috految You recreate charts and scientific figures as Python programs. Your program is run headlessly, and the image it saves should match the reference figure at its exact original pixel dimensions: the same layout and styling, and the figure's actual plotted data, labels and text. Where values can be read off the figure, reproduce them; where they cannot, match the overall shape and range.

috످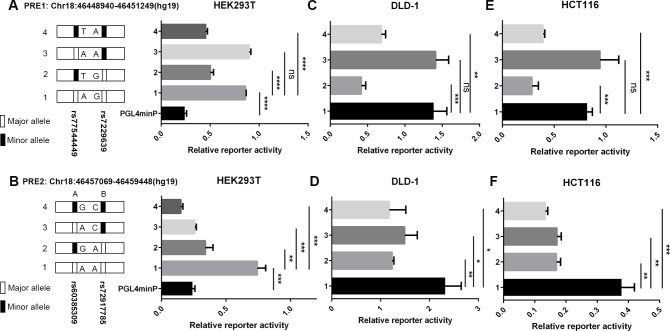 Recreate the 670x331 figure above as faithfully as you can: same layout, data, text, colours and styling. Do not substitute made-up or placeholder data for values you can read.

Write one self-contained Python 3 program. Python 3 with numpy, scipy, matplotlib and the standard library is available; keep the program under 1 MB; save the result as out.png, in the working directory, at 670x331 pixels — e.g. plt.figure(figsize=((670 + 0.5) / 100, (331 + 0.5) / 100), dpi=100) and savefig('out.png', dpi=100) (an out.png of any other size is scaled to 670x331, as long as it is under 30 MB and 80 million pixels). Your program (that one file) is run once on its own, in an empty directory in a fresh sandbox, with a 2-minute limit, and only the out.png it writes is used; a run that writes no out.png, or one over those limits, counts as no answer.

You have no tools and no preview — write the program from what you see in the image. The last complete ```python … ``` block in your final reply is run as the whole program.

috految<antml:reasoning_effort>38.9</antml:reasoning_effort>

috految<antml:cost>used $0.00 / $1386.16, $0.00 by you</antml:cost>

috److I drew the figure in pixel coordinates read from the reference, rendering at 8× and downsampling to 670×331.

```python
import numpy as np
import matplotlib
matplotlib.use('Agg')
import matplotlib.pyplot as plt
from matplotlib.patches import Rectangle, PathPatch
from matplotlib.path import Path
from matplotlib.textpath import TextPath, TextToPath
from matplotlib.transforms import Affine2D
from matplotlib.font_manager import FontProperties, fontManager
from PIL import Image

W,H,S=670,331,8
names={f.name for f in fontManager.ttflist}
fam=next((n for n in ['Arial','Liberation Sans','Arimo','Helvetica','Nimbus Sans','FreeSans'] if n in names),'DejaVu Sans')
plt.rcParams['path.snap']=False
fig=plt.figure(figsize=(W/64,H/64),dpi=64*S)
ax=fig.add_axes([0,0,1,1])
ax.set_xlim(0,W);ax.set_ylim(H,0);ax.axis('off')
K='#0b0c0c'
ttp=TextToPath()

def T(x,y,s,size=8.2,w=None,b=True,r=0,c='#141414'):
    fp=FontProperties(family=fam,weight='bold' if b else 'normal',size=100)
    width=lambda t:ttp.get_text_width_height_descent(t,fp,False)[0]
    parts=[];pos=0
    for ch in s:
        if ch=='1':
            if b:
                v=[(39.4,0),(25.6,0),(25.6,50),(17,44),(8,40),(8,52),(20,59),(28,70),(39.4,70),(39.4,0)]
            else:
                v=[(37,0),(28,0),(28,55),(20,49),(11,44),(11,53),(23,61),(31,70),(37,70),(37,0)]
            parts.append(Path(np.array(v,float)+[pos,0],closed=True))
        elif ch!=' ':
            q=TextPath((pos,0),ch,prop=fp,size=100)
            parts.append(Path(q.vertices,q.codes))
        pos+=width('|'+ch+'|')-width('||')
    p=Path.make_compound_path(*parts)
    e=p.get_extents()
    sx=w/e.width if w else size/100
    tr=Affine2D().translate(-(e.x0+e.x1)/2,-34.7).scale(sx,size*1.02/100).rotate_deg(r).scale(1,-1).translate(x,y)
    ax.add_patch(PathPatch(tr.transform_path(p),fc=c,ec=c,lw=.06 if b else .1,zorder=6))

def L(x,y,X,Y,w=1,c=K):
    ax.plot([x,X],[y,Y],c=c,lw=w*1.125,solid_capstyle='butt',zorder=4)

def R(x,y,w,h,c='white',lw=.7):
    ax.add_patch(Rectangle((x,y),w,h,fc=c,ec=K,lw=lw*1.125))

for s,x,y,w in [('A',14,6.1,10),('B',14.3,181.4,9),('C',313.2,6.3,9.5),('D',315.8,181.5,9),('E',489.2,6.3,8.3),('F',493.5,181.5,7.5)]:
    T(x,y,s,14,w)
T(101.8,6.6,'PRE1: Chr18:46448940-46451249(hg19)',8.4,152.5)
T(101.3,182.1,'PRE2: Chr18:46457069-46459448(hg19)',8.4,156.5)
for x,y,s,w in [(231.7,7.8,'HEK293T',43.3),(239.1,181.2,'HEK293T',44.3),(404.4,6.3,'DLD-1',28.3),(404.2,182.3,'DLD-1',28.2),(580.3,5.3,'HCT116',37.3),(581.5,183,'HCT116',36.7)]:
    T(x,y,s,9.5,w)

# Haplotype diagrams
for y,n,ny,a,b,f1,f2,ta,tb,ty in [
    (24.8,'4',32,'T','A',1,1,83.8,96.4,31.9),
    (46.9,'3',54,'A','A',0,1,83.6,96.2,53.8),
    (69.2,'2',75.1,'T','G',1,0,83.7,95.9,76.3),
    (90.5,'1',96.8,'A','G',0,0,84,96.7,97.3)]:
    R(53.5,y,71,12.4)
    R(74,y,4.4,12.4,K if f1 else 'white',.6)
    R(102,y,4.1,12.4,K if f2 else 'white',.6)
    T(45,ny,n,9,b=False)
    T(ta,ty,a,8.5,b=False);T(tb,ty,b,8.5,b=False)
for y,n,ny,a,b,f1,f2,ta,tb,ty in [
    (201.2,'4',207,'G','C',1,1,82.8,95.3,207.8),
    (221.7,'3',227.1,'A','C',0,1,82.8,94.9,227.9),
    (242,'2',248.3,'G','A',1,0,83,94.7,248.9),
    (262.4,'1',267.9,'A','A',0,0,82.8,94.3,268.8)]:
    R(53.3,y,71.2,12)
    R(73.2,y,4.2,12,K if f1 else 'white',.6)
    R(101,y,4.3,12,K if f2 else 'white',.6)
    T(45,ny,n,9,b=False)
    T(ta,ty,a,8.5,b=False);T(tb,ty,b,8.5,b=False)
T(75,194.1,'A',8.5,b=False);T(103,194.1,'B',8.5,b=False)
T(74.6,135.2,'rs77544449',8.6,48.5,r=-90)
T(104.7,132.7,'rs7229639',8.6,43.5,r=-90)
T(74.2,303,'rs60385309',8.6,47.5,r=-90)
T(103.1,303,'rs72917785',8.6,47.5,r=-90)
R(.5,116,5.4,11.5);R(.5,135,5.4,11.5,K)
T(31,121.7,'Major allele',8.5,44.3,b=False)
T(30.4,140.7,'Minor allele',8.5,44.3,b=False)
R(.5,281.6,5.2,11.4);R(.5,300.2,5.2,11.4,K)
T(31,287.3,'Major allele',8.5,44.3,b=False)
T(30.4,305.8,'Minor allele',8.5,44.3,b=False)

def panel(x,top,bot,right,ys,ends,errs,h,cols,ticks,labels,lx,ly,nx):
    for i,(y,e,er,c) in enumerate(zip(ys,ends,errs,cols)):
        R(x,y-h/2,e-x,h,c,0)
        L(e-.3,y,er,y,1.15)
        L(er,y-h*.26,er,y+h*.26,1.15)
        L(x-3.6,y,x,y)
        if i<4:
            T(nx,y+.1,str(4-i),8)
    L(x,top,x,bot+.5,1.05)
    L(x,bot,right+.4,bot,1.05)
    for t,s,X in zip(ticks,labels,lx):
        L(t,bot,t,bot+3.7)
        T(X,ly,s,8.2,r=45)

c5=['#606060','#d4d4d4','#808080','#a09fa4','#050706']
c4=c5[1:]
panel(161.3,21,124.1,308,[31.3,51.8,72.4,92.9,113.5],
      [205.9,250.2,210.8,246,184.9],[207.4,251.3,213.5,246.8,186.9],14.4,c5,
      [161.3,210.3,259.3,308],['0.0','0.5','1.0','1.5'],[158.8,207.6,256.7,305.3],133.3,154.6)
panel(161.8,195.6,299,316.4,[206.1,226.8,247.5,268.1,288.8],
      [181.9,195.2,206.1,257.8,192.7],[183.1,196.5,212.8,265.8,195],14.4,c5,
      [161.8,226,290.3],['0.0','0.5','1.0'],[159,223.1,287.9],308.2,155)
panel(330.4,21,124.3,479.5,[34,59.8,85.6,111.4],
      [382.4,436.4,362.2,433.8],[385.8,448.5,365.8,447],18,c4,
      [330.4,367.7,405,442.2,479.5],['0.0','0.5','1.0','1.5','2.0'],[327.8,365,402.4,439.5,476.2],133.5,324)
panel(331.7,196.8,298.7,478.4,[209.8,235.2,260.6,286.1],
      [389.8,405.3,392.8,445.3],[405.7,417.2,394,461.3],17.7,c4,
      [331.7,380.6,429.5,478.4],['0','1','2','3'],[331.1,380.1,428.8,477.4],306,325.2)
panel(502.6,20.6,124.7,657.9,[33.9,59.9,85.8,111.8],
      [543.8,600.6,532.9,587.5],[545.2,619,538.8,592.6],18,c4,
      [502.6,554.3,606.1,657.9],['0.0','0.5','1.0','1.5'],[499.9,551.5,603.4,655.2],134,495.8)
panel(503.7,198,300.4,659.3,[210.9,236.4,262,287.5],
      [546.2,557.5,557.1,621.6],[548,561.3,560.5,634.4],17.8,c4,
      np.linspace(503.7,659.3,6),['0.0','0.1','0.2','0.3','0.4','0.5'],[501.1,532.1,563.3,594.4,625.3,656.4],309.4,497.1)
T(137.4,113.2,'PGL4minP',7.8,39.4)
T(137,288.8,'PGL4minP',7.8,40.3)
for x,y,w in [(234.7,151,97),(404.9,151.3,98),(580.6,151.7,98.5),(239.3,325.1,98),(405,324.9,96.5),(581.7,326.1,97.5)]:
    T(x,y,'Relative reporter activity',8.5,w)

def sig(x,y0,y1,n,tx,ty):
    L(x,y0,x,y1,.85,'#222222')
    if n==0:
        T(tx,ty,'ns',9.8,9.7,b=False,r=-90,c=K)
    for i in range(n):
        y=ty+(i-(n-1)/2)*3.6
        for a in np.arange(5)*2*np.pi/5:
            L(tx,y,tx+1.8*np.cos(a),y+1.75*np.sin(a),.8,'#1a1a1a')

sig(259.6,92.8,115,4,266,103.5)
sig(272.3,70.8,93.7,4,279.3,81.8)
sig(285.2,52,94,0,292.5,76.5)
sig(298.5,33,95,4,306,65.3)
sig(451.9,85.3,113.3,3,457.7,99.8)
sig(460.6,60,113.3,0,466.4,88.8)
sig(470.2,33,113.3,2,476.5,77.3)
sig(599.7,85.3,113.2,3,607.2,99.7)
sig(624.9,60,113.2,0,632.3,88.3)
sig(640.5,32.3,113.2,3,648.2,77.6)
sig(273.9,267.8,290,3,280.6,280.2)
sig(285.2,246,268.6,2,291.8,257.8)
sig(296.7,225.8,269,3,303.2,247.6)
sig(309,205.5,269,3,315.4,238.5)
sig(465.5,259.5,287.7,2,470.4,274.7)
sig(474.9,234,287.7,1,480.4,262.3)
sig(485.7,208,287.7,1,491,248.8)
sig(640.4,261,289,2,646.2,274.5)
sig(650.4,235,289,2,656.3,261.4)
sig(661.5,210,289,3,668,248.5)

fig.canvas.draw()
Image.fromarray(np.asarray(fig.canvas.buffer_rgba())).convert('RGB').resize((W,H),Image.LANCZOS).save('out.png')
```

috످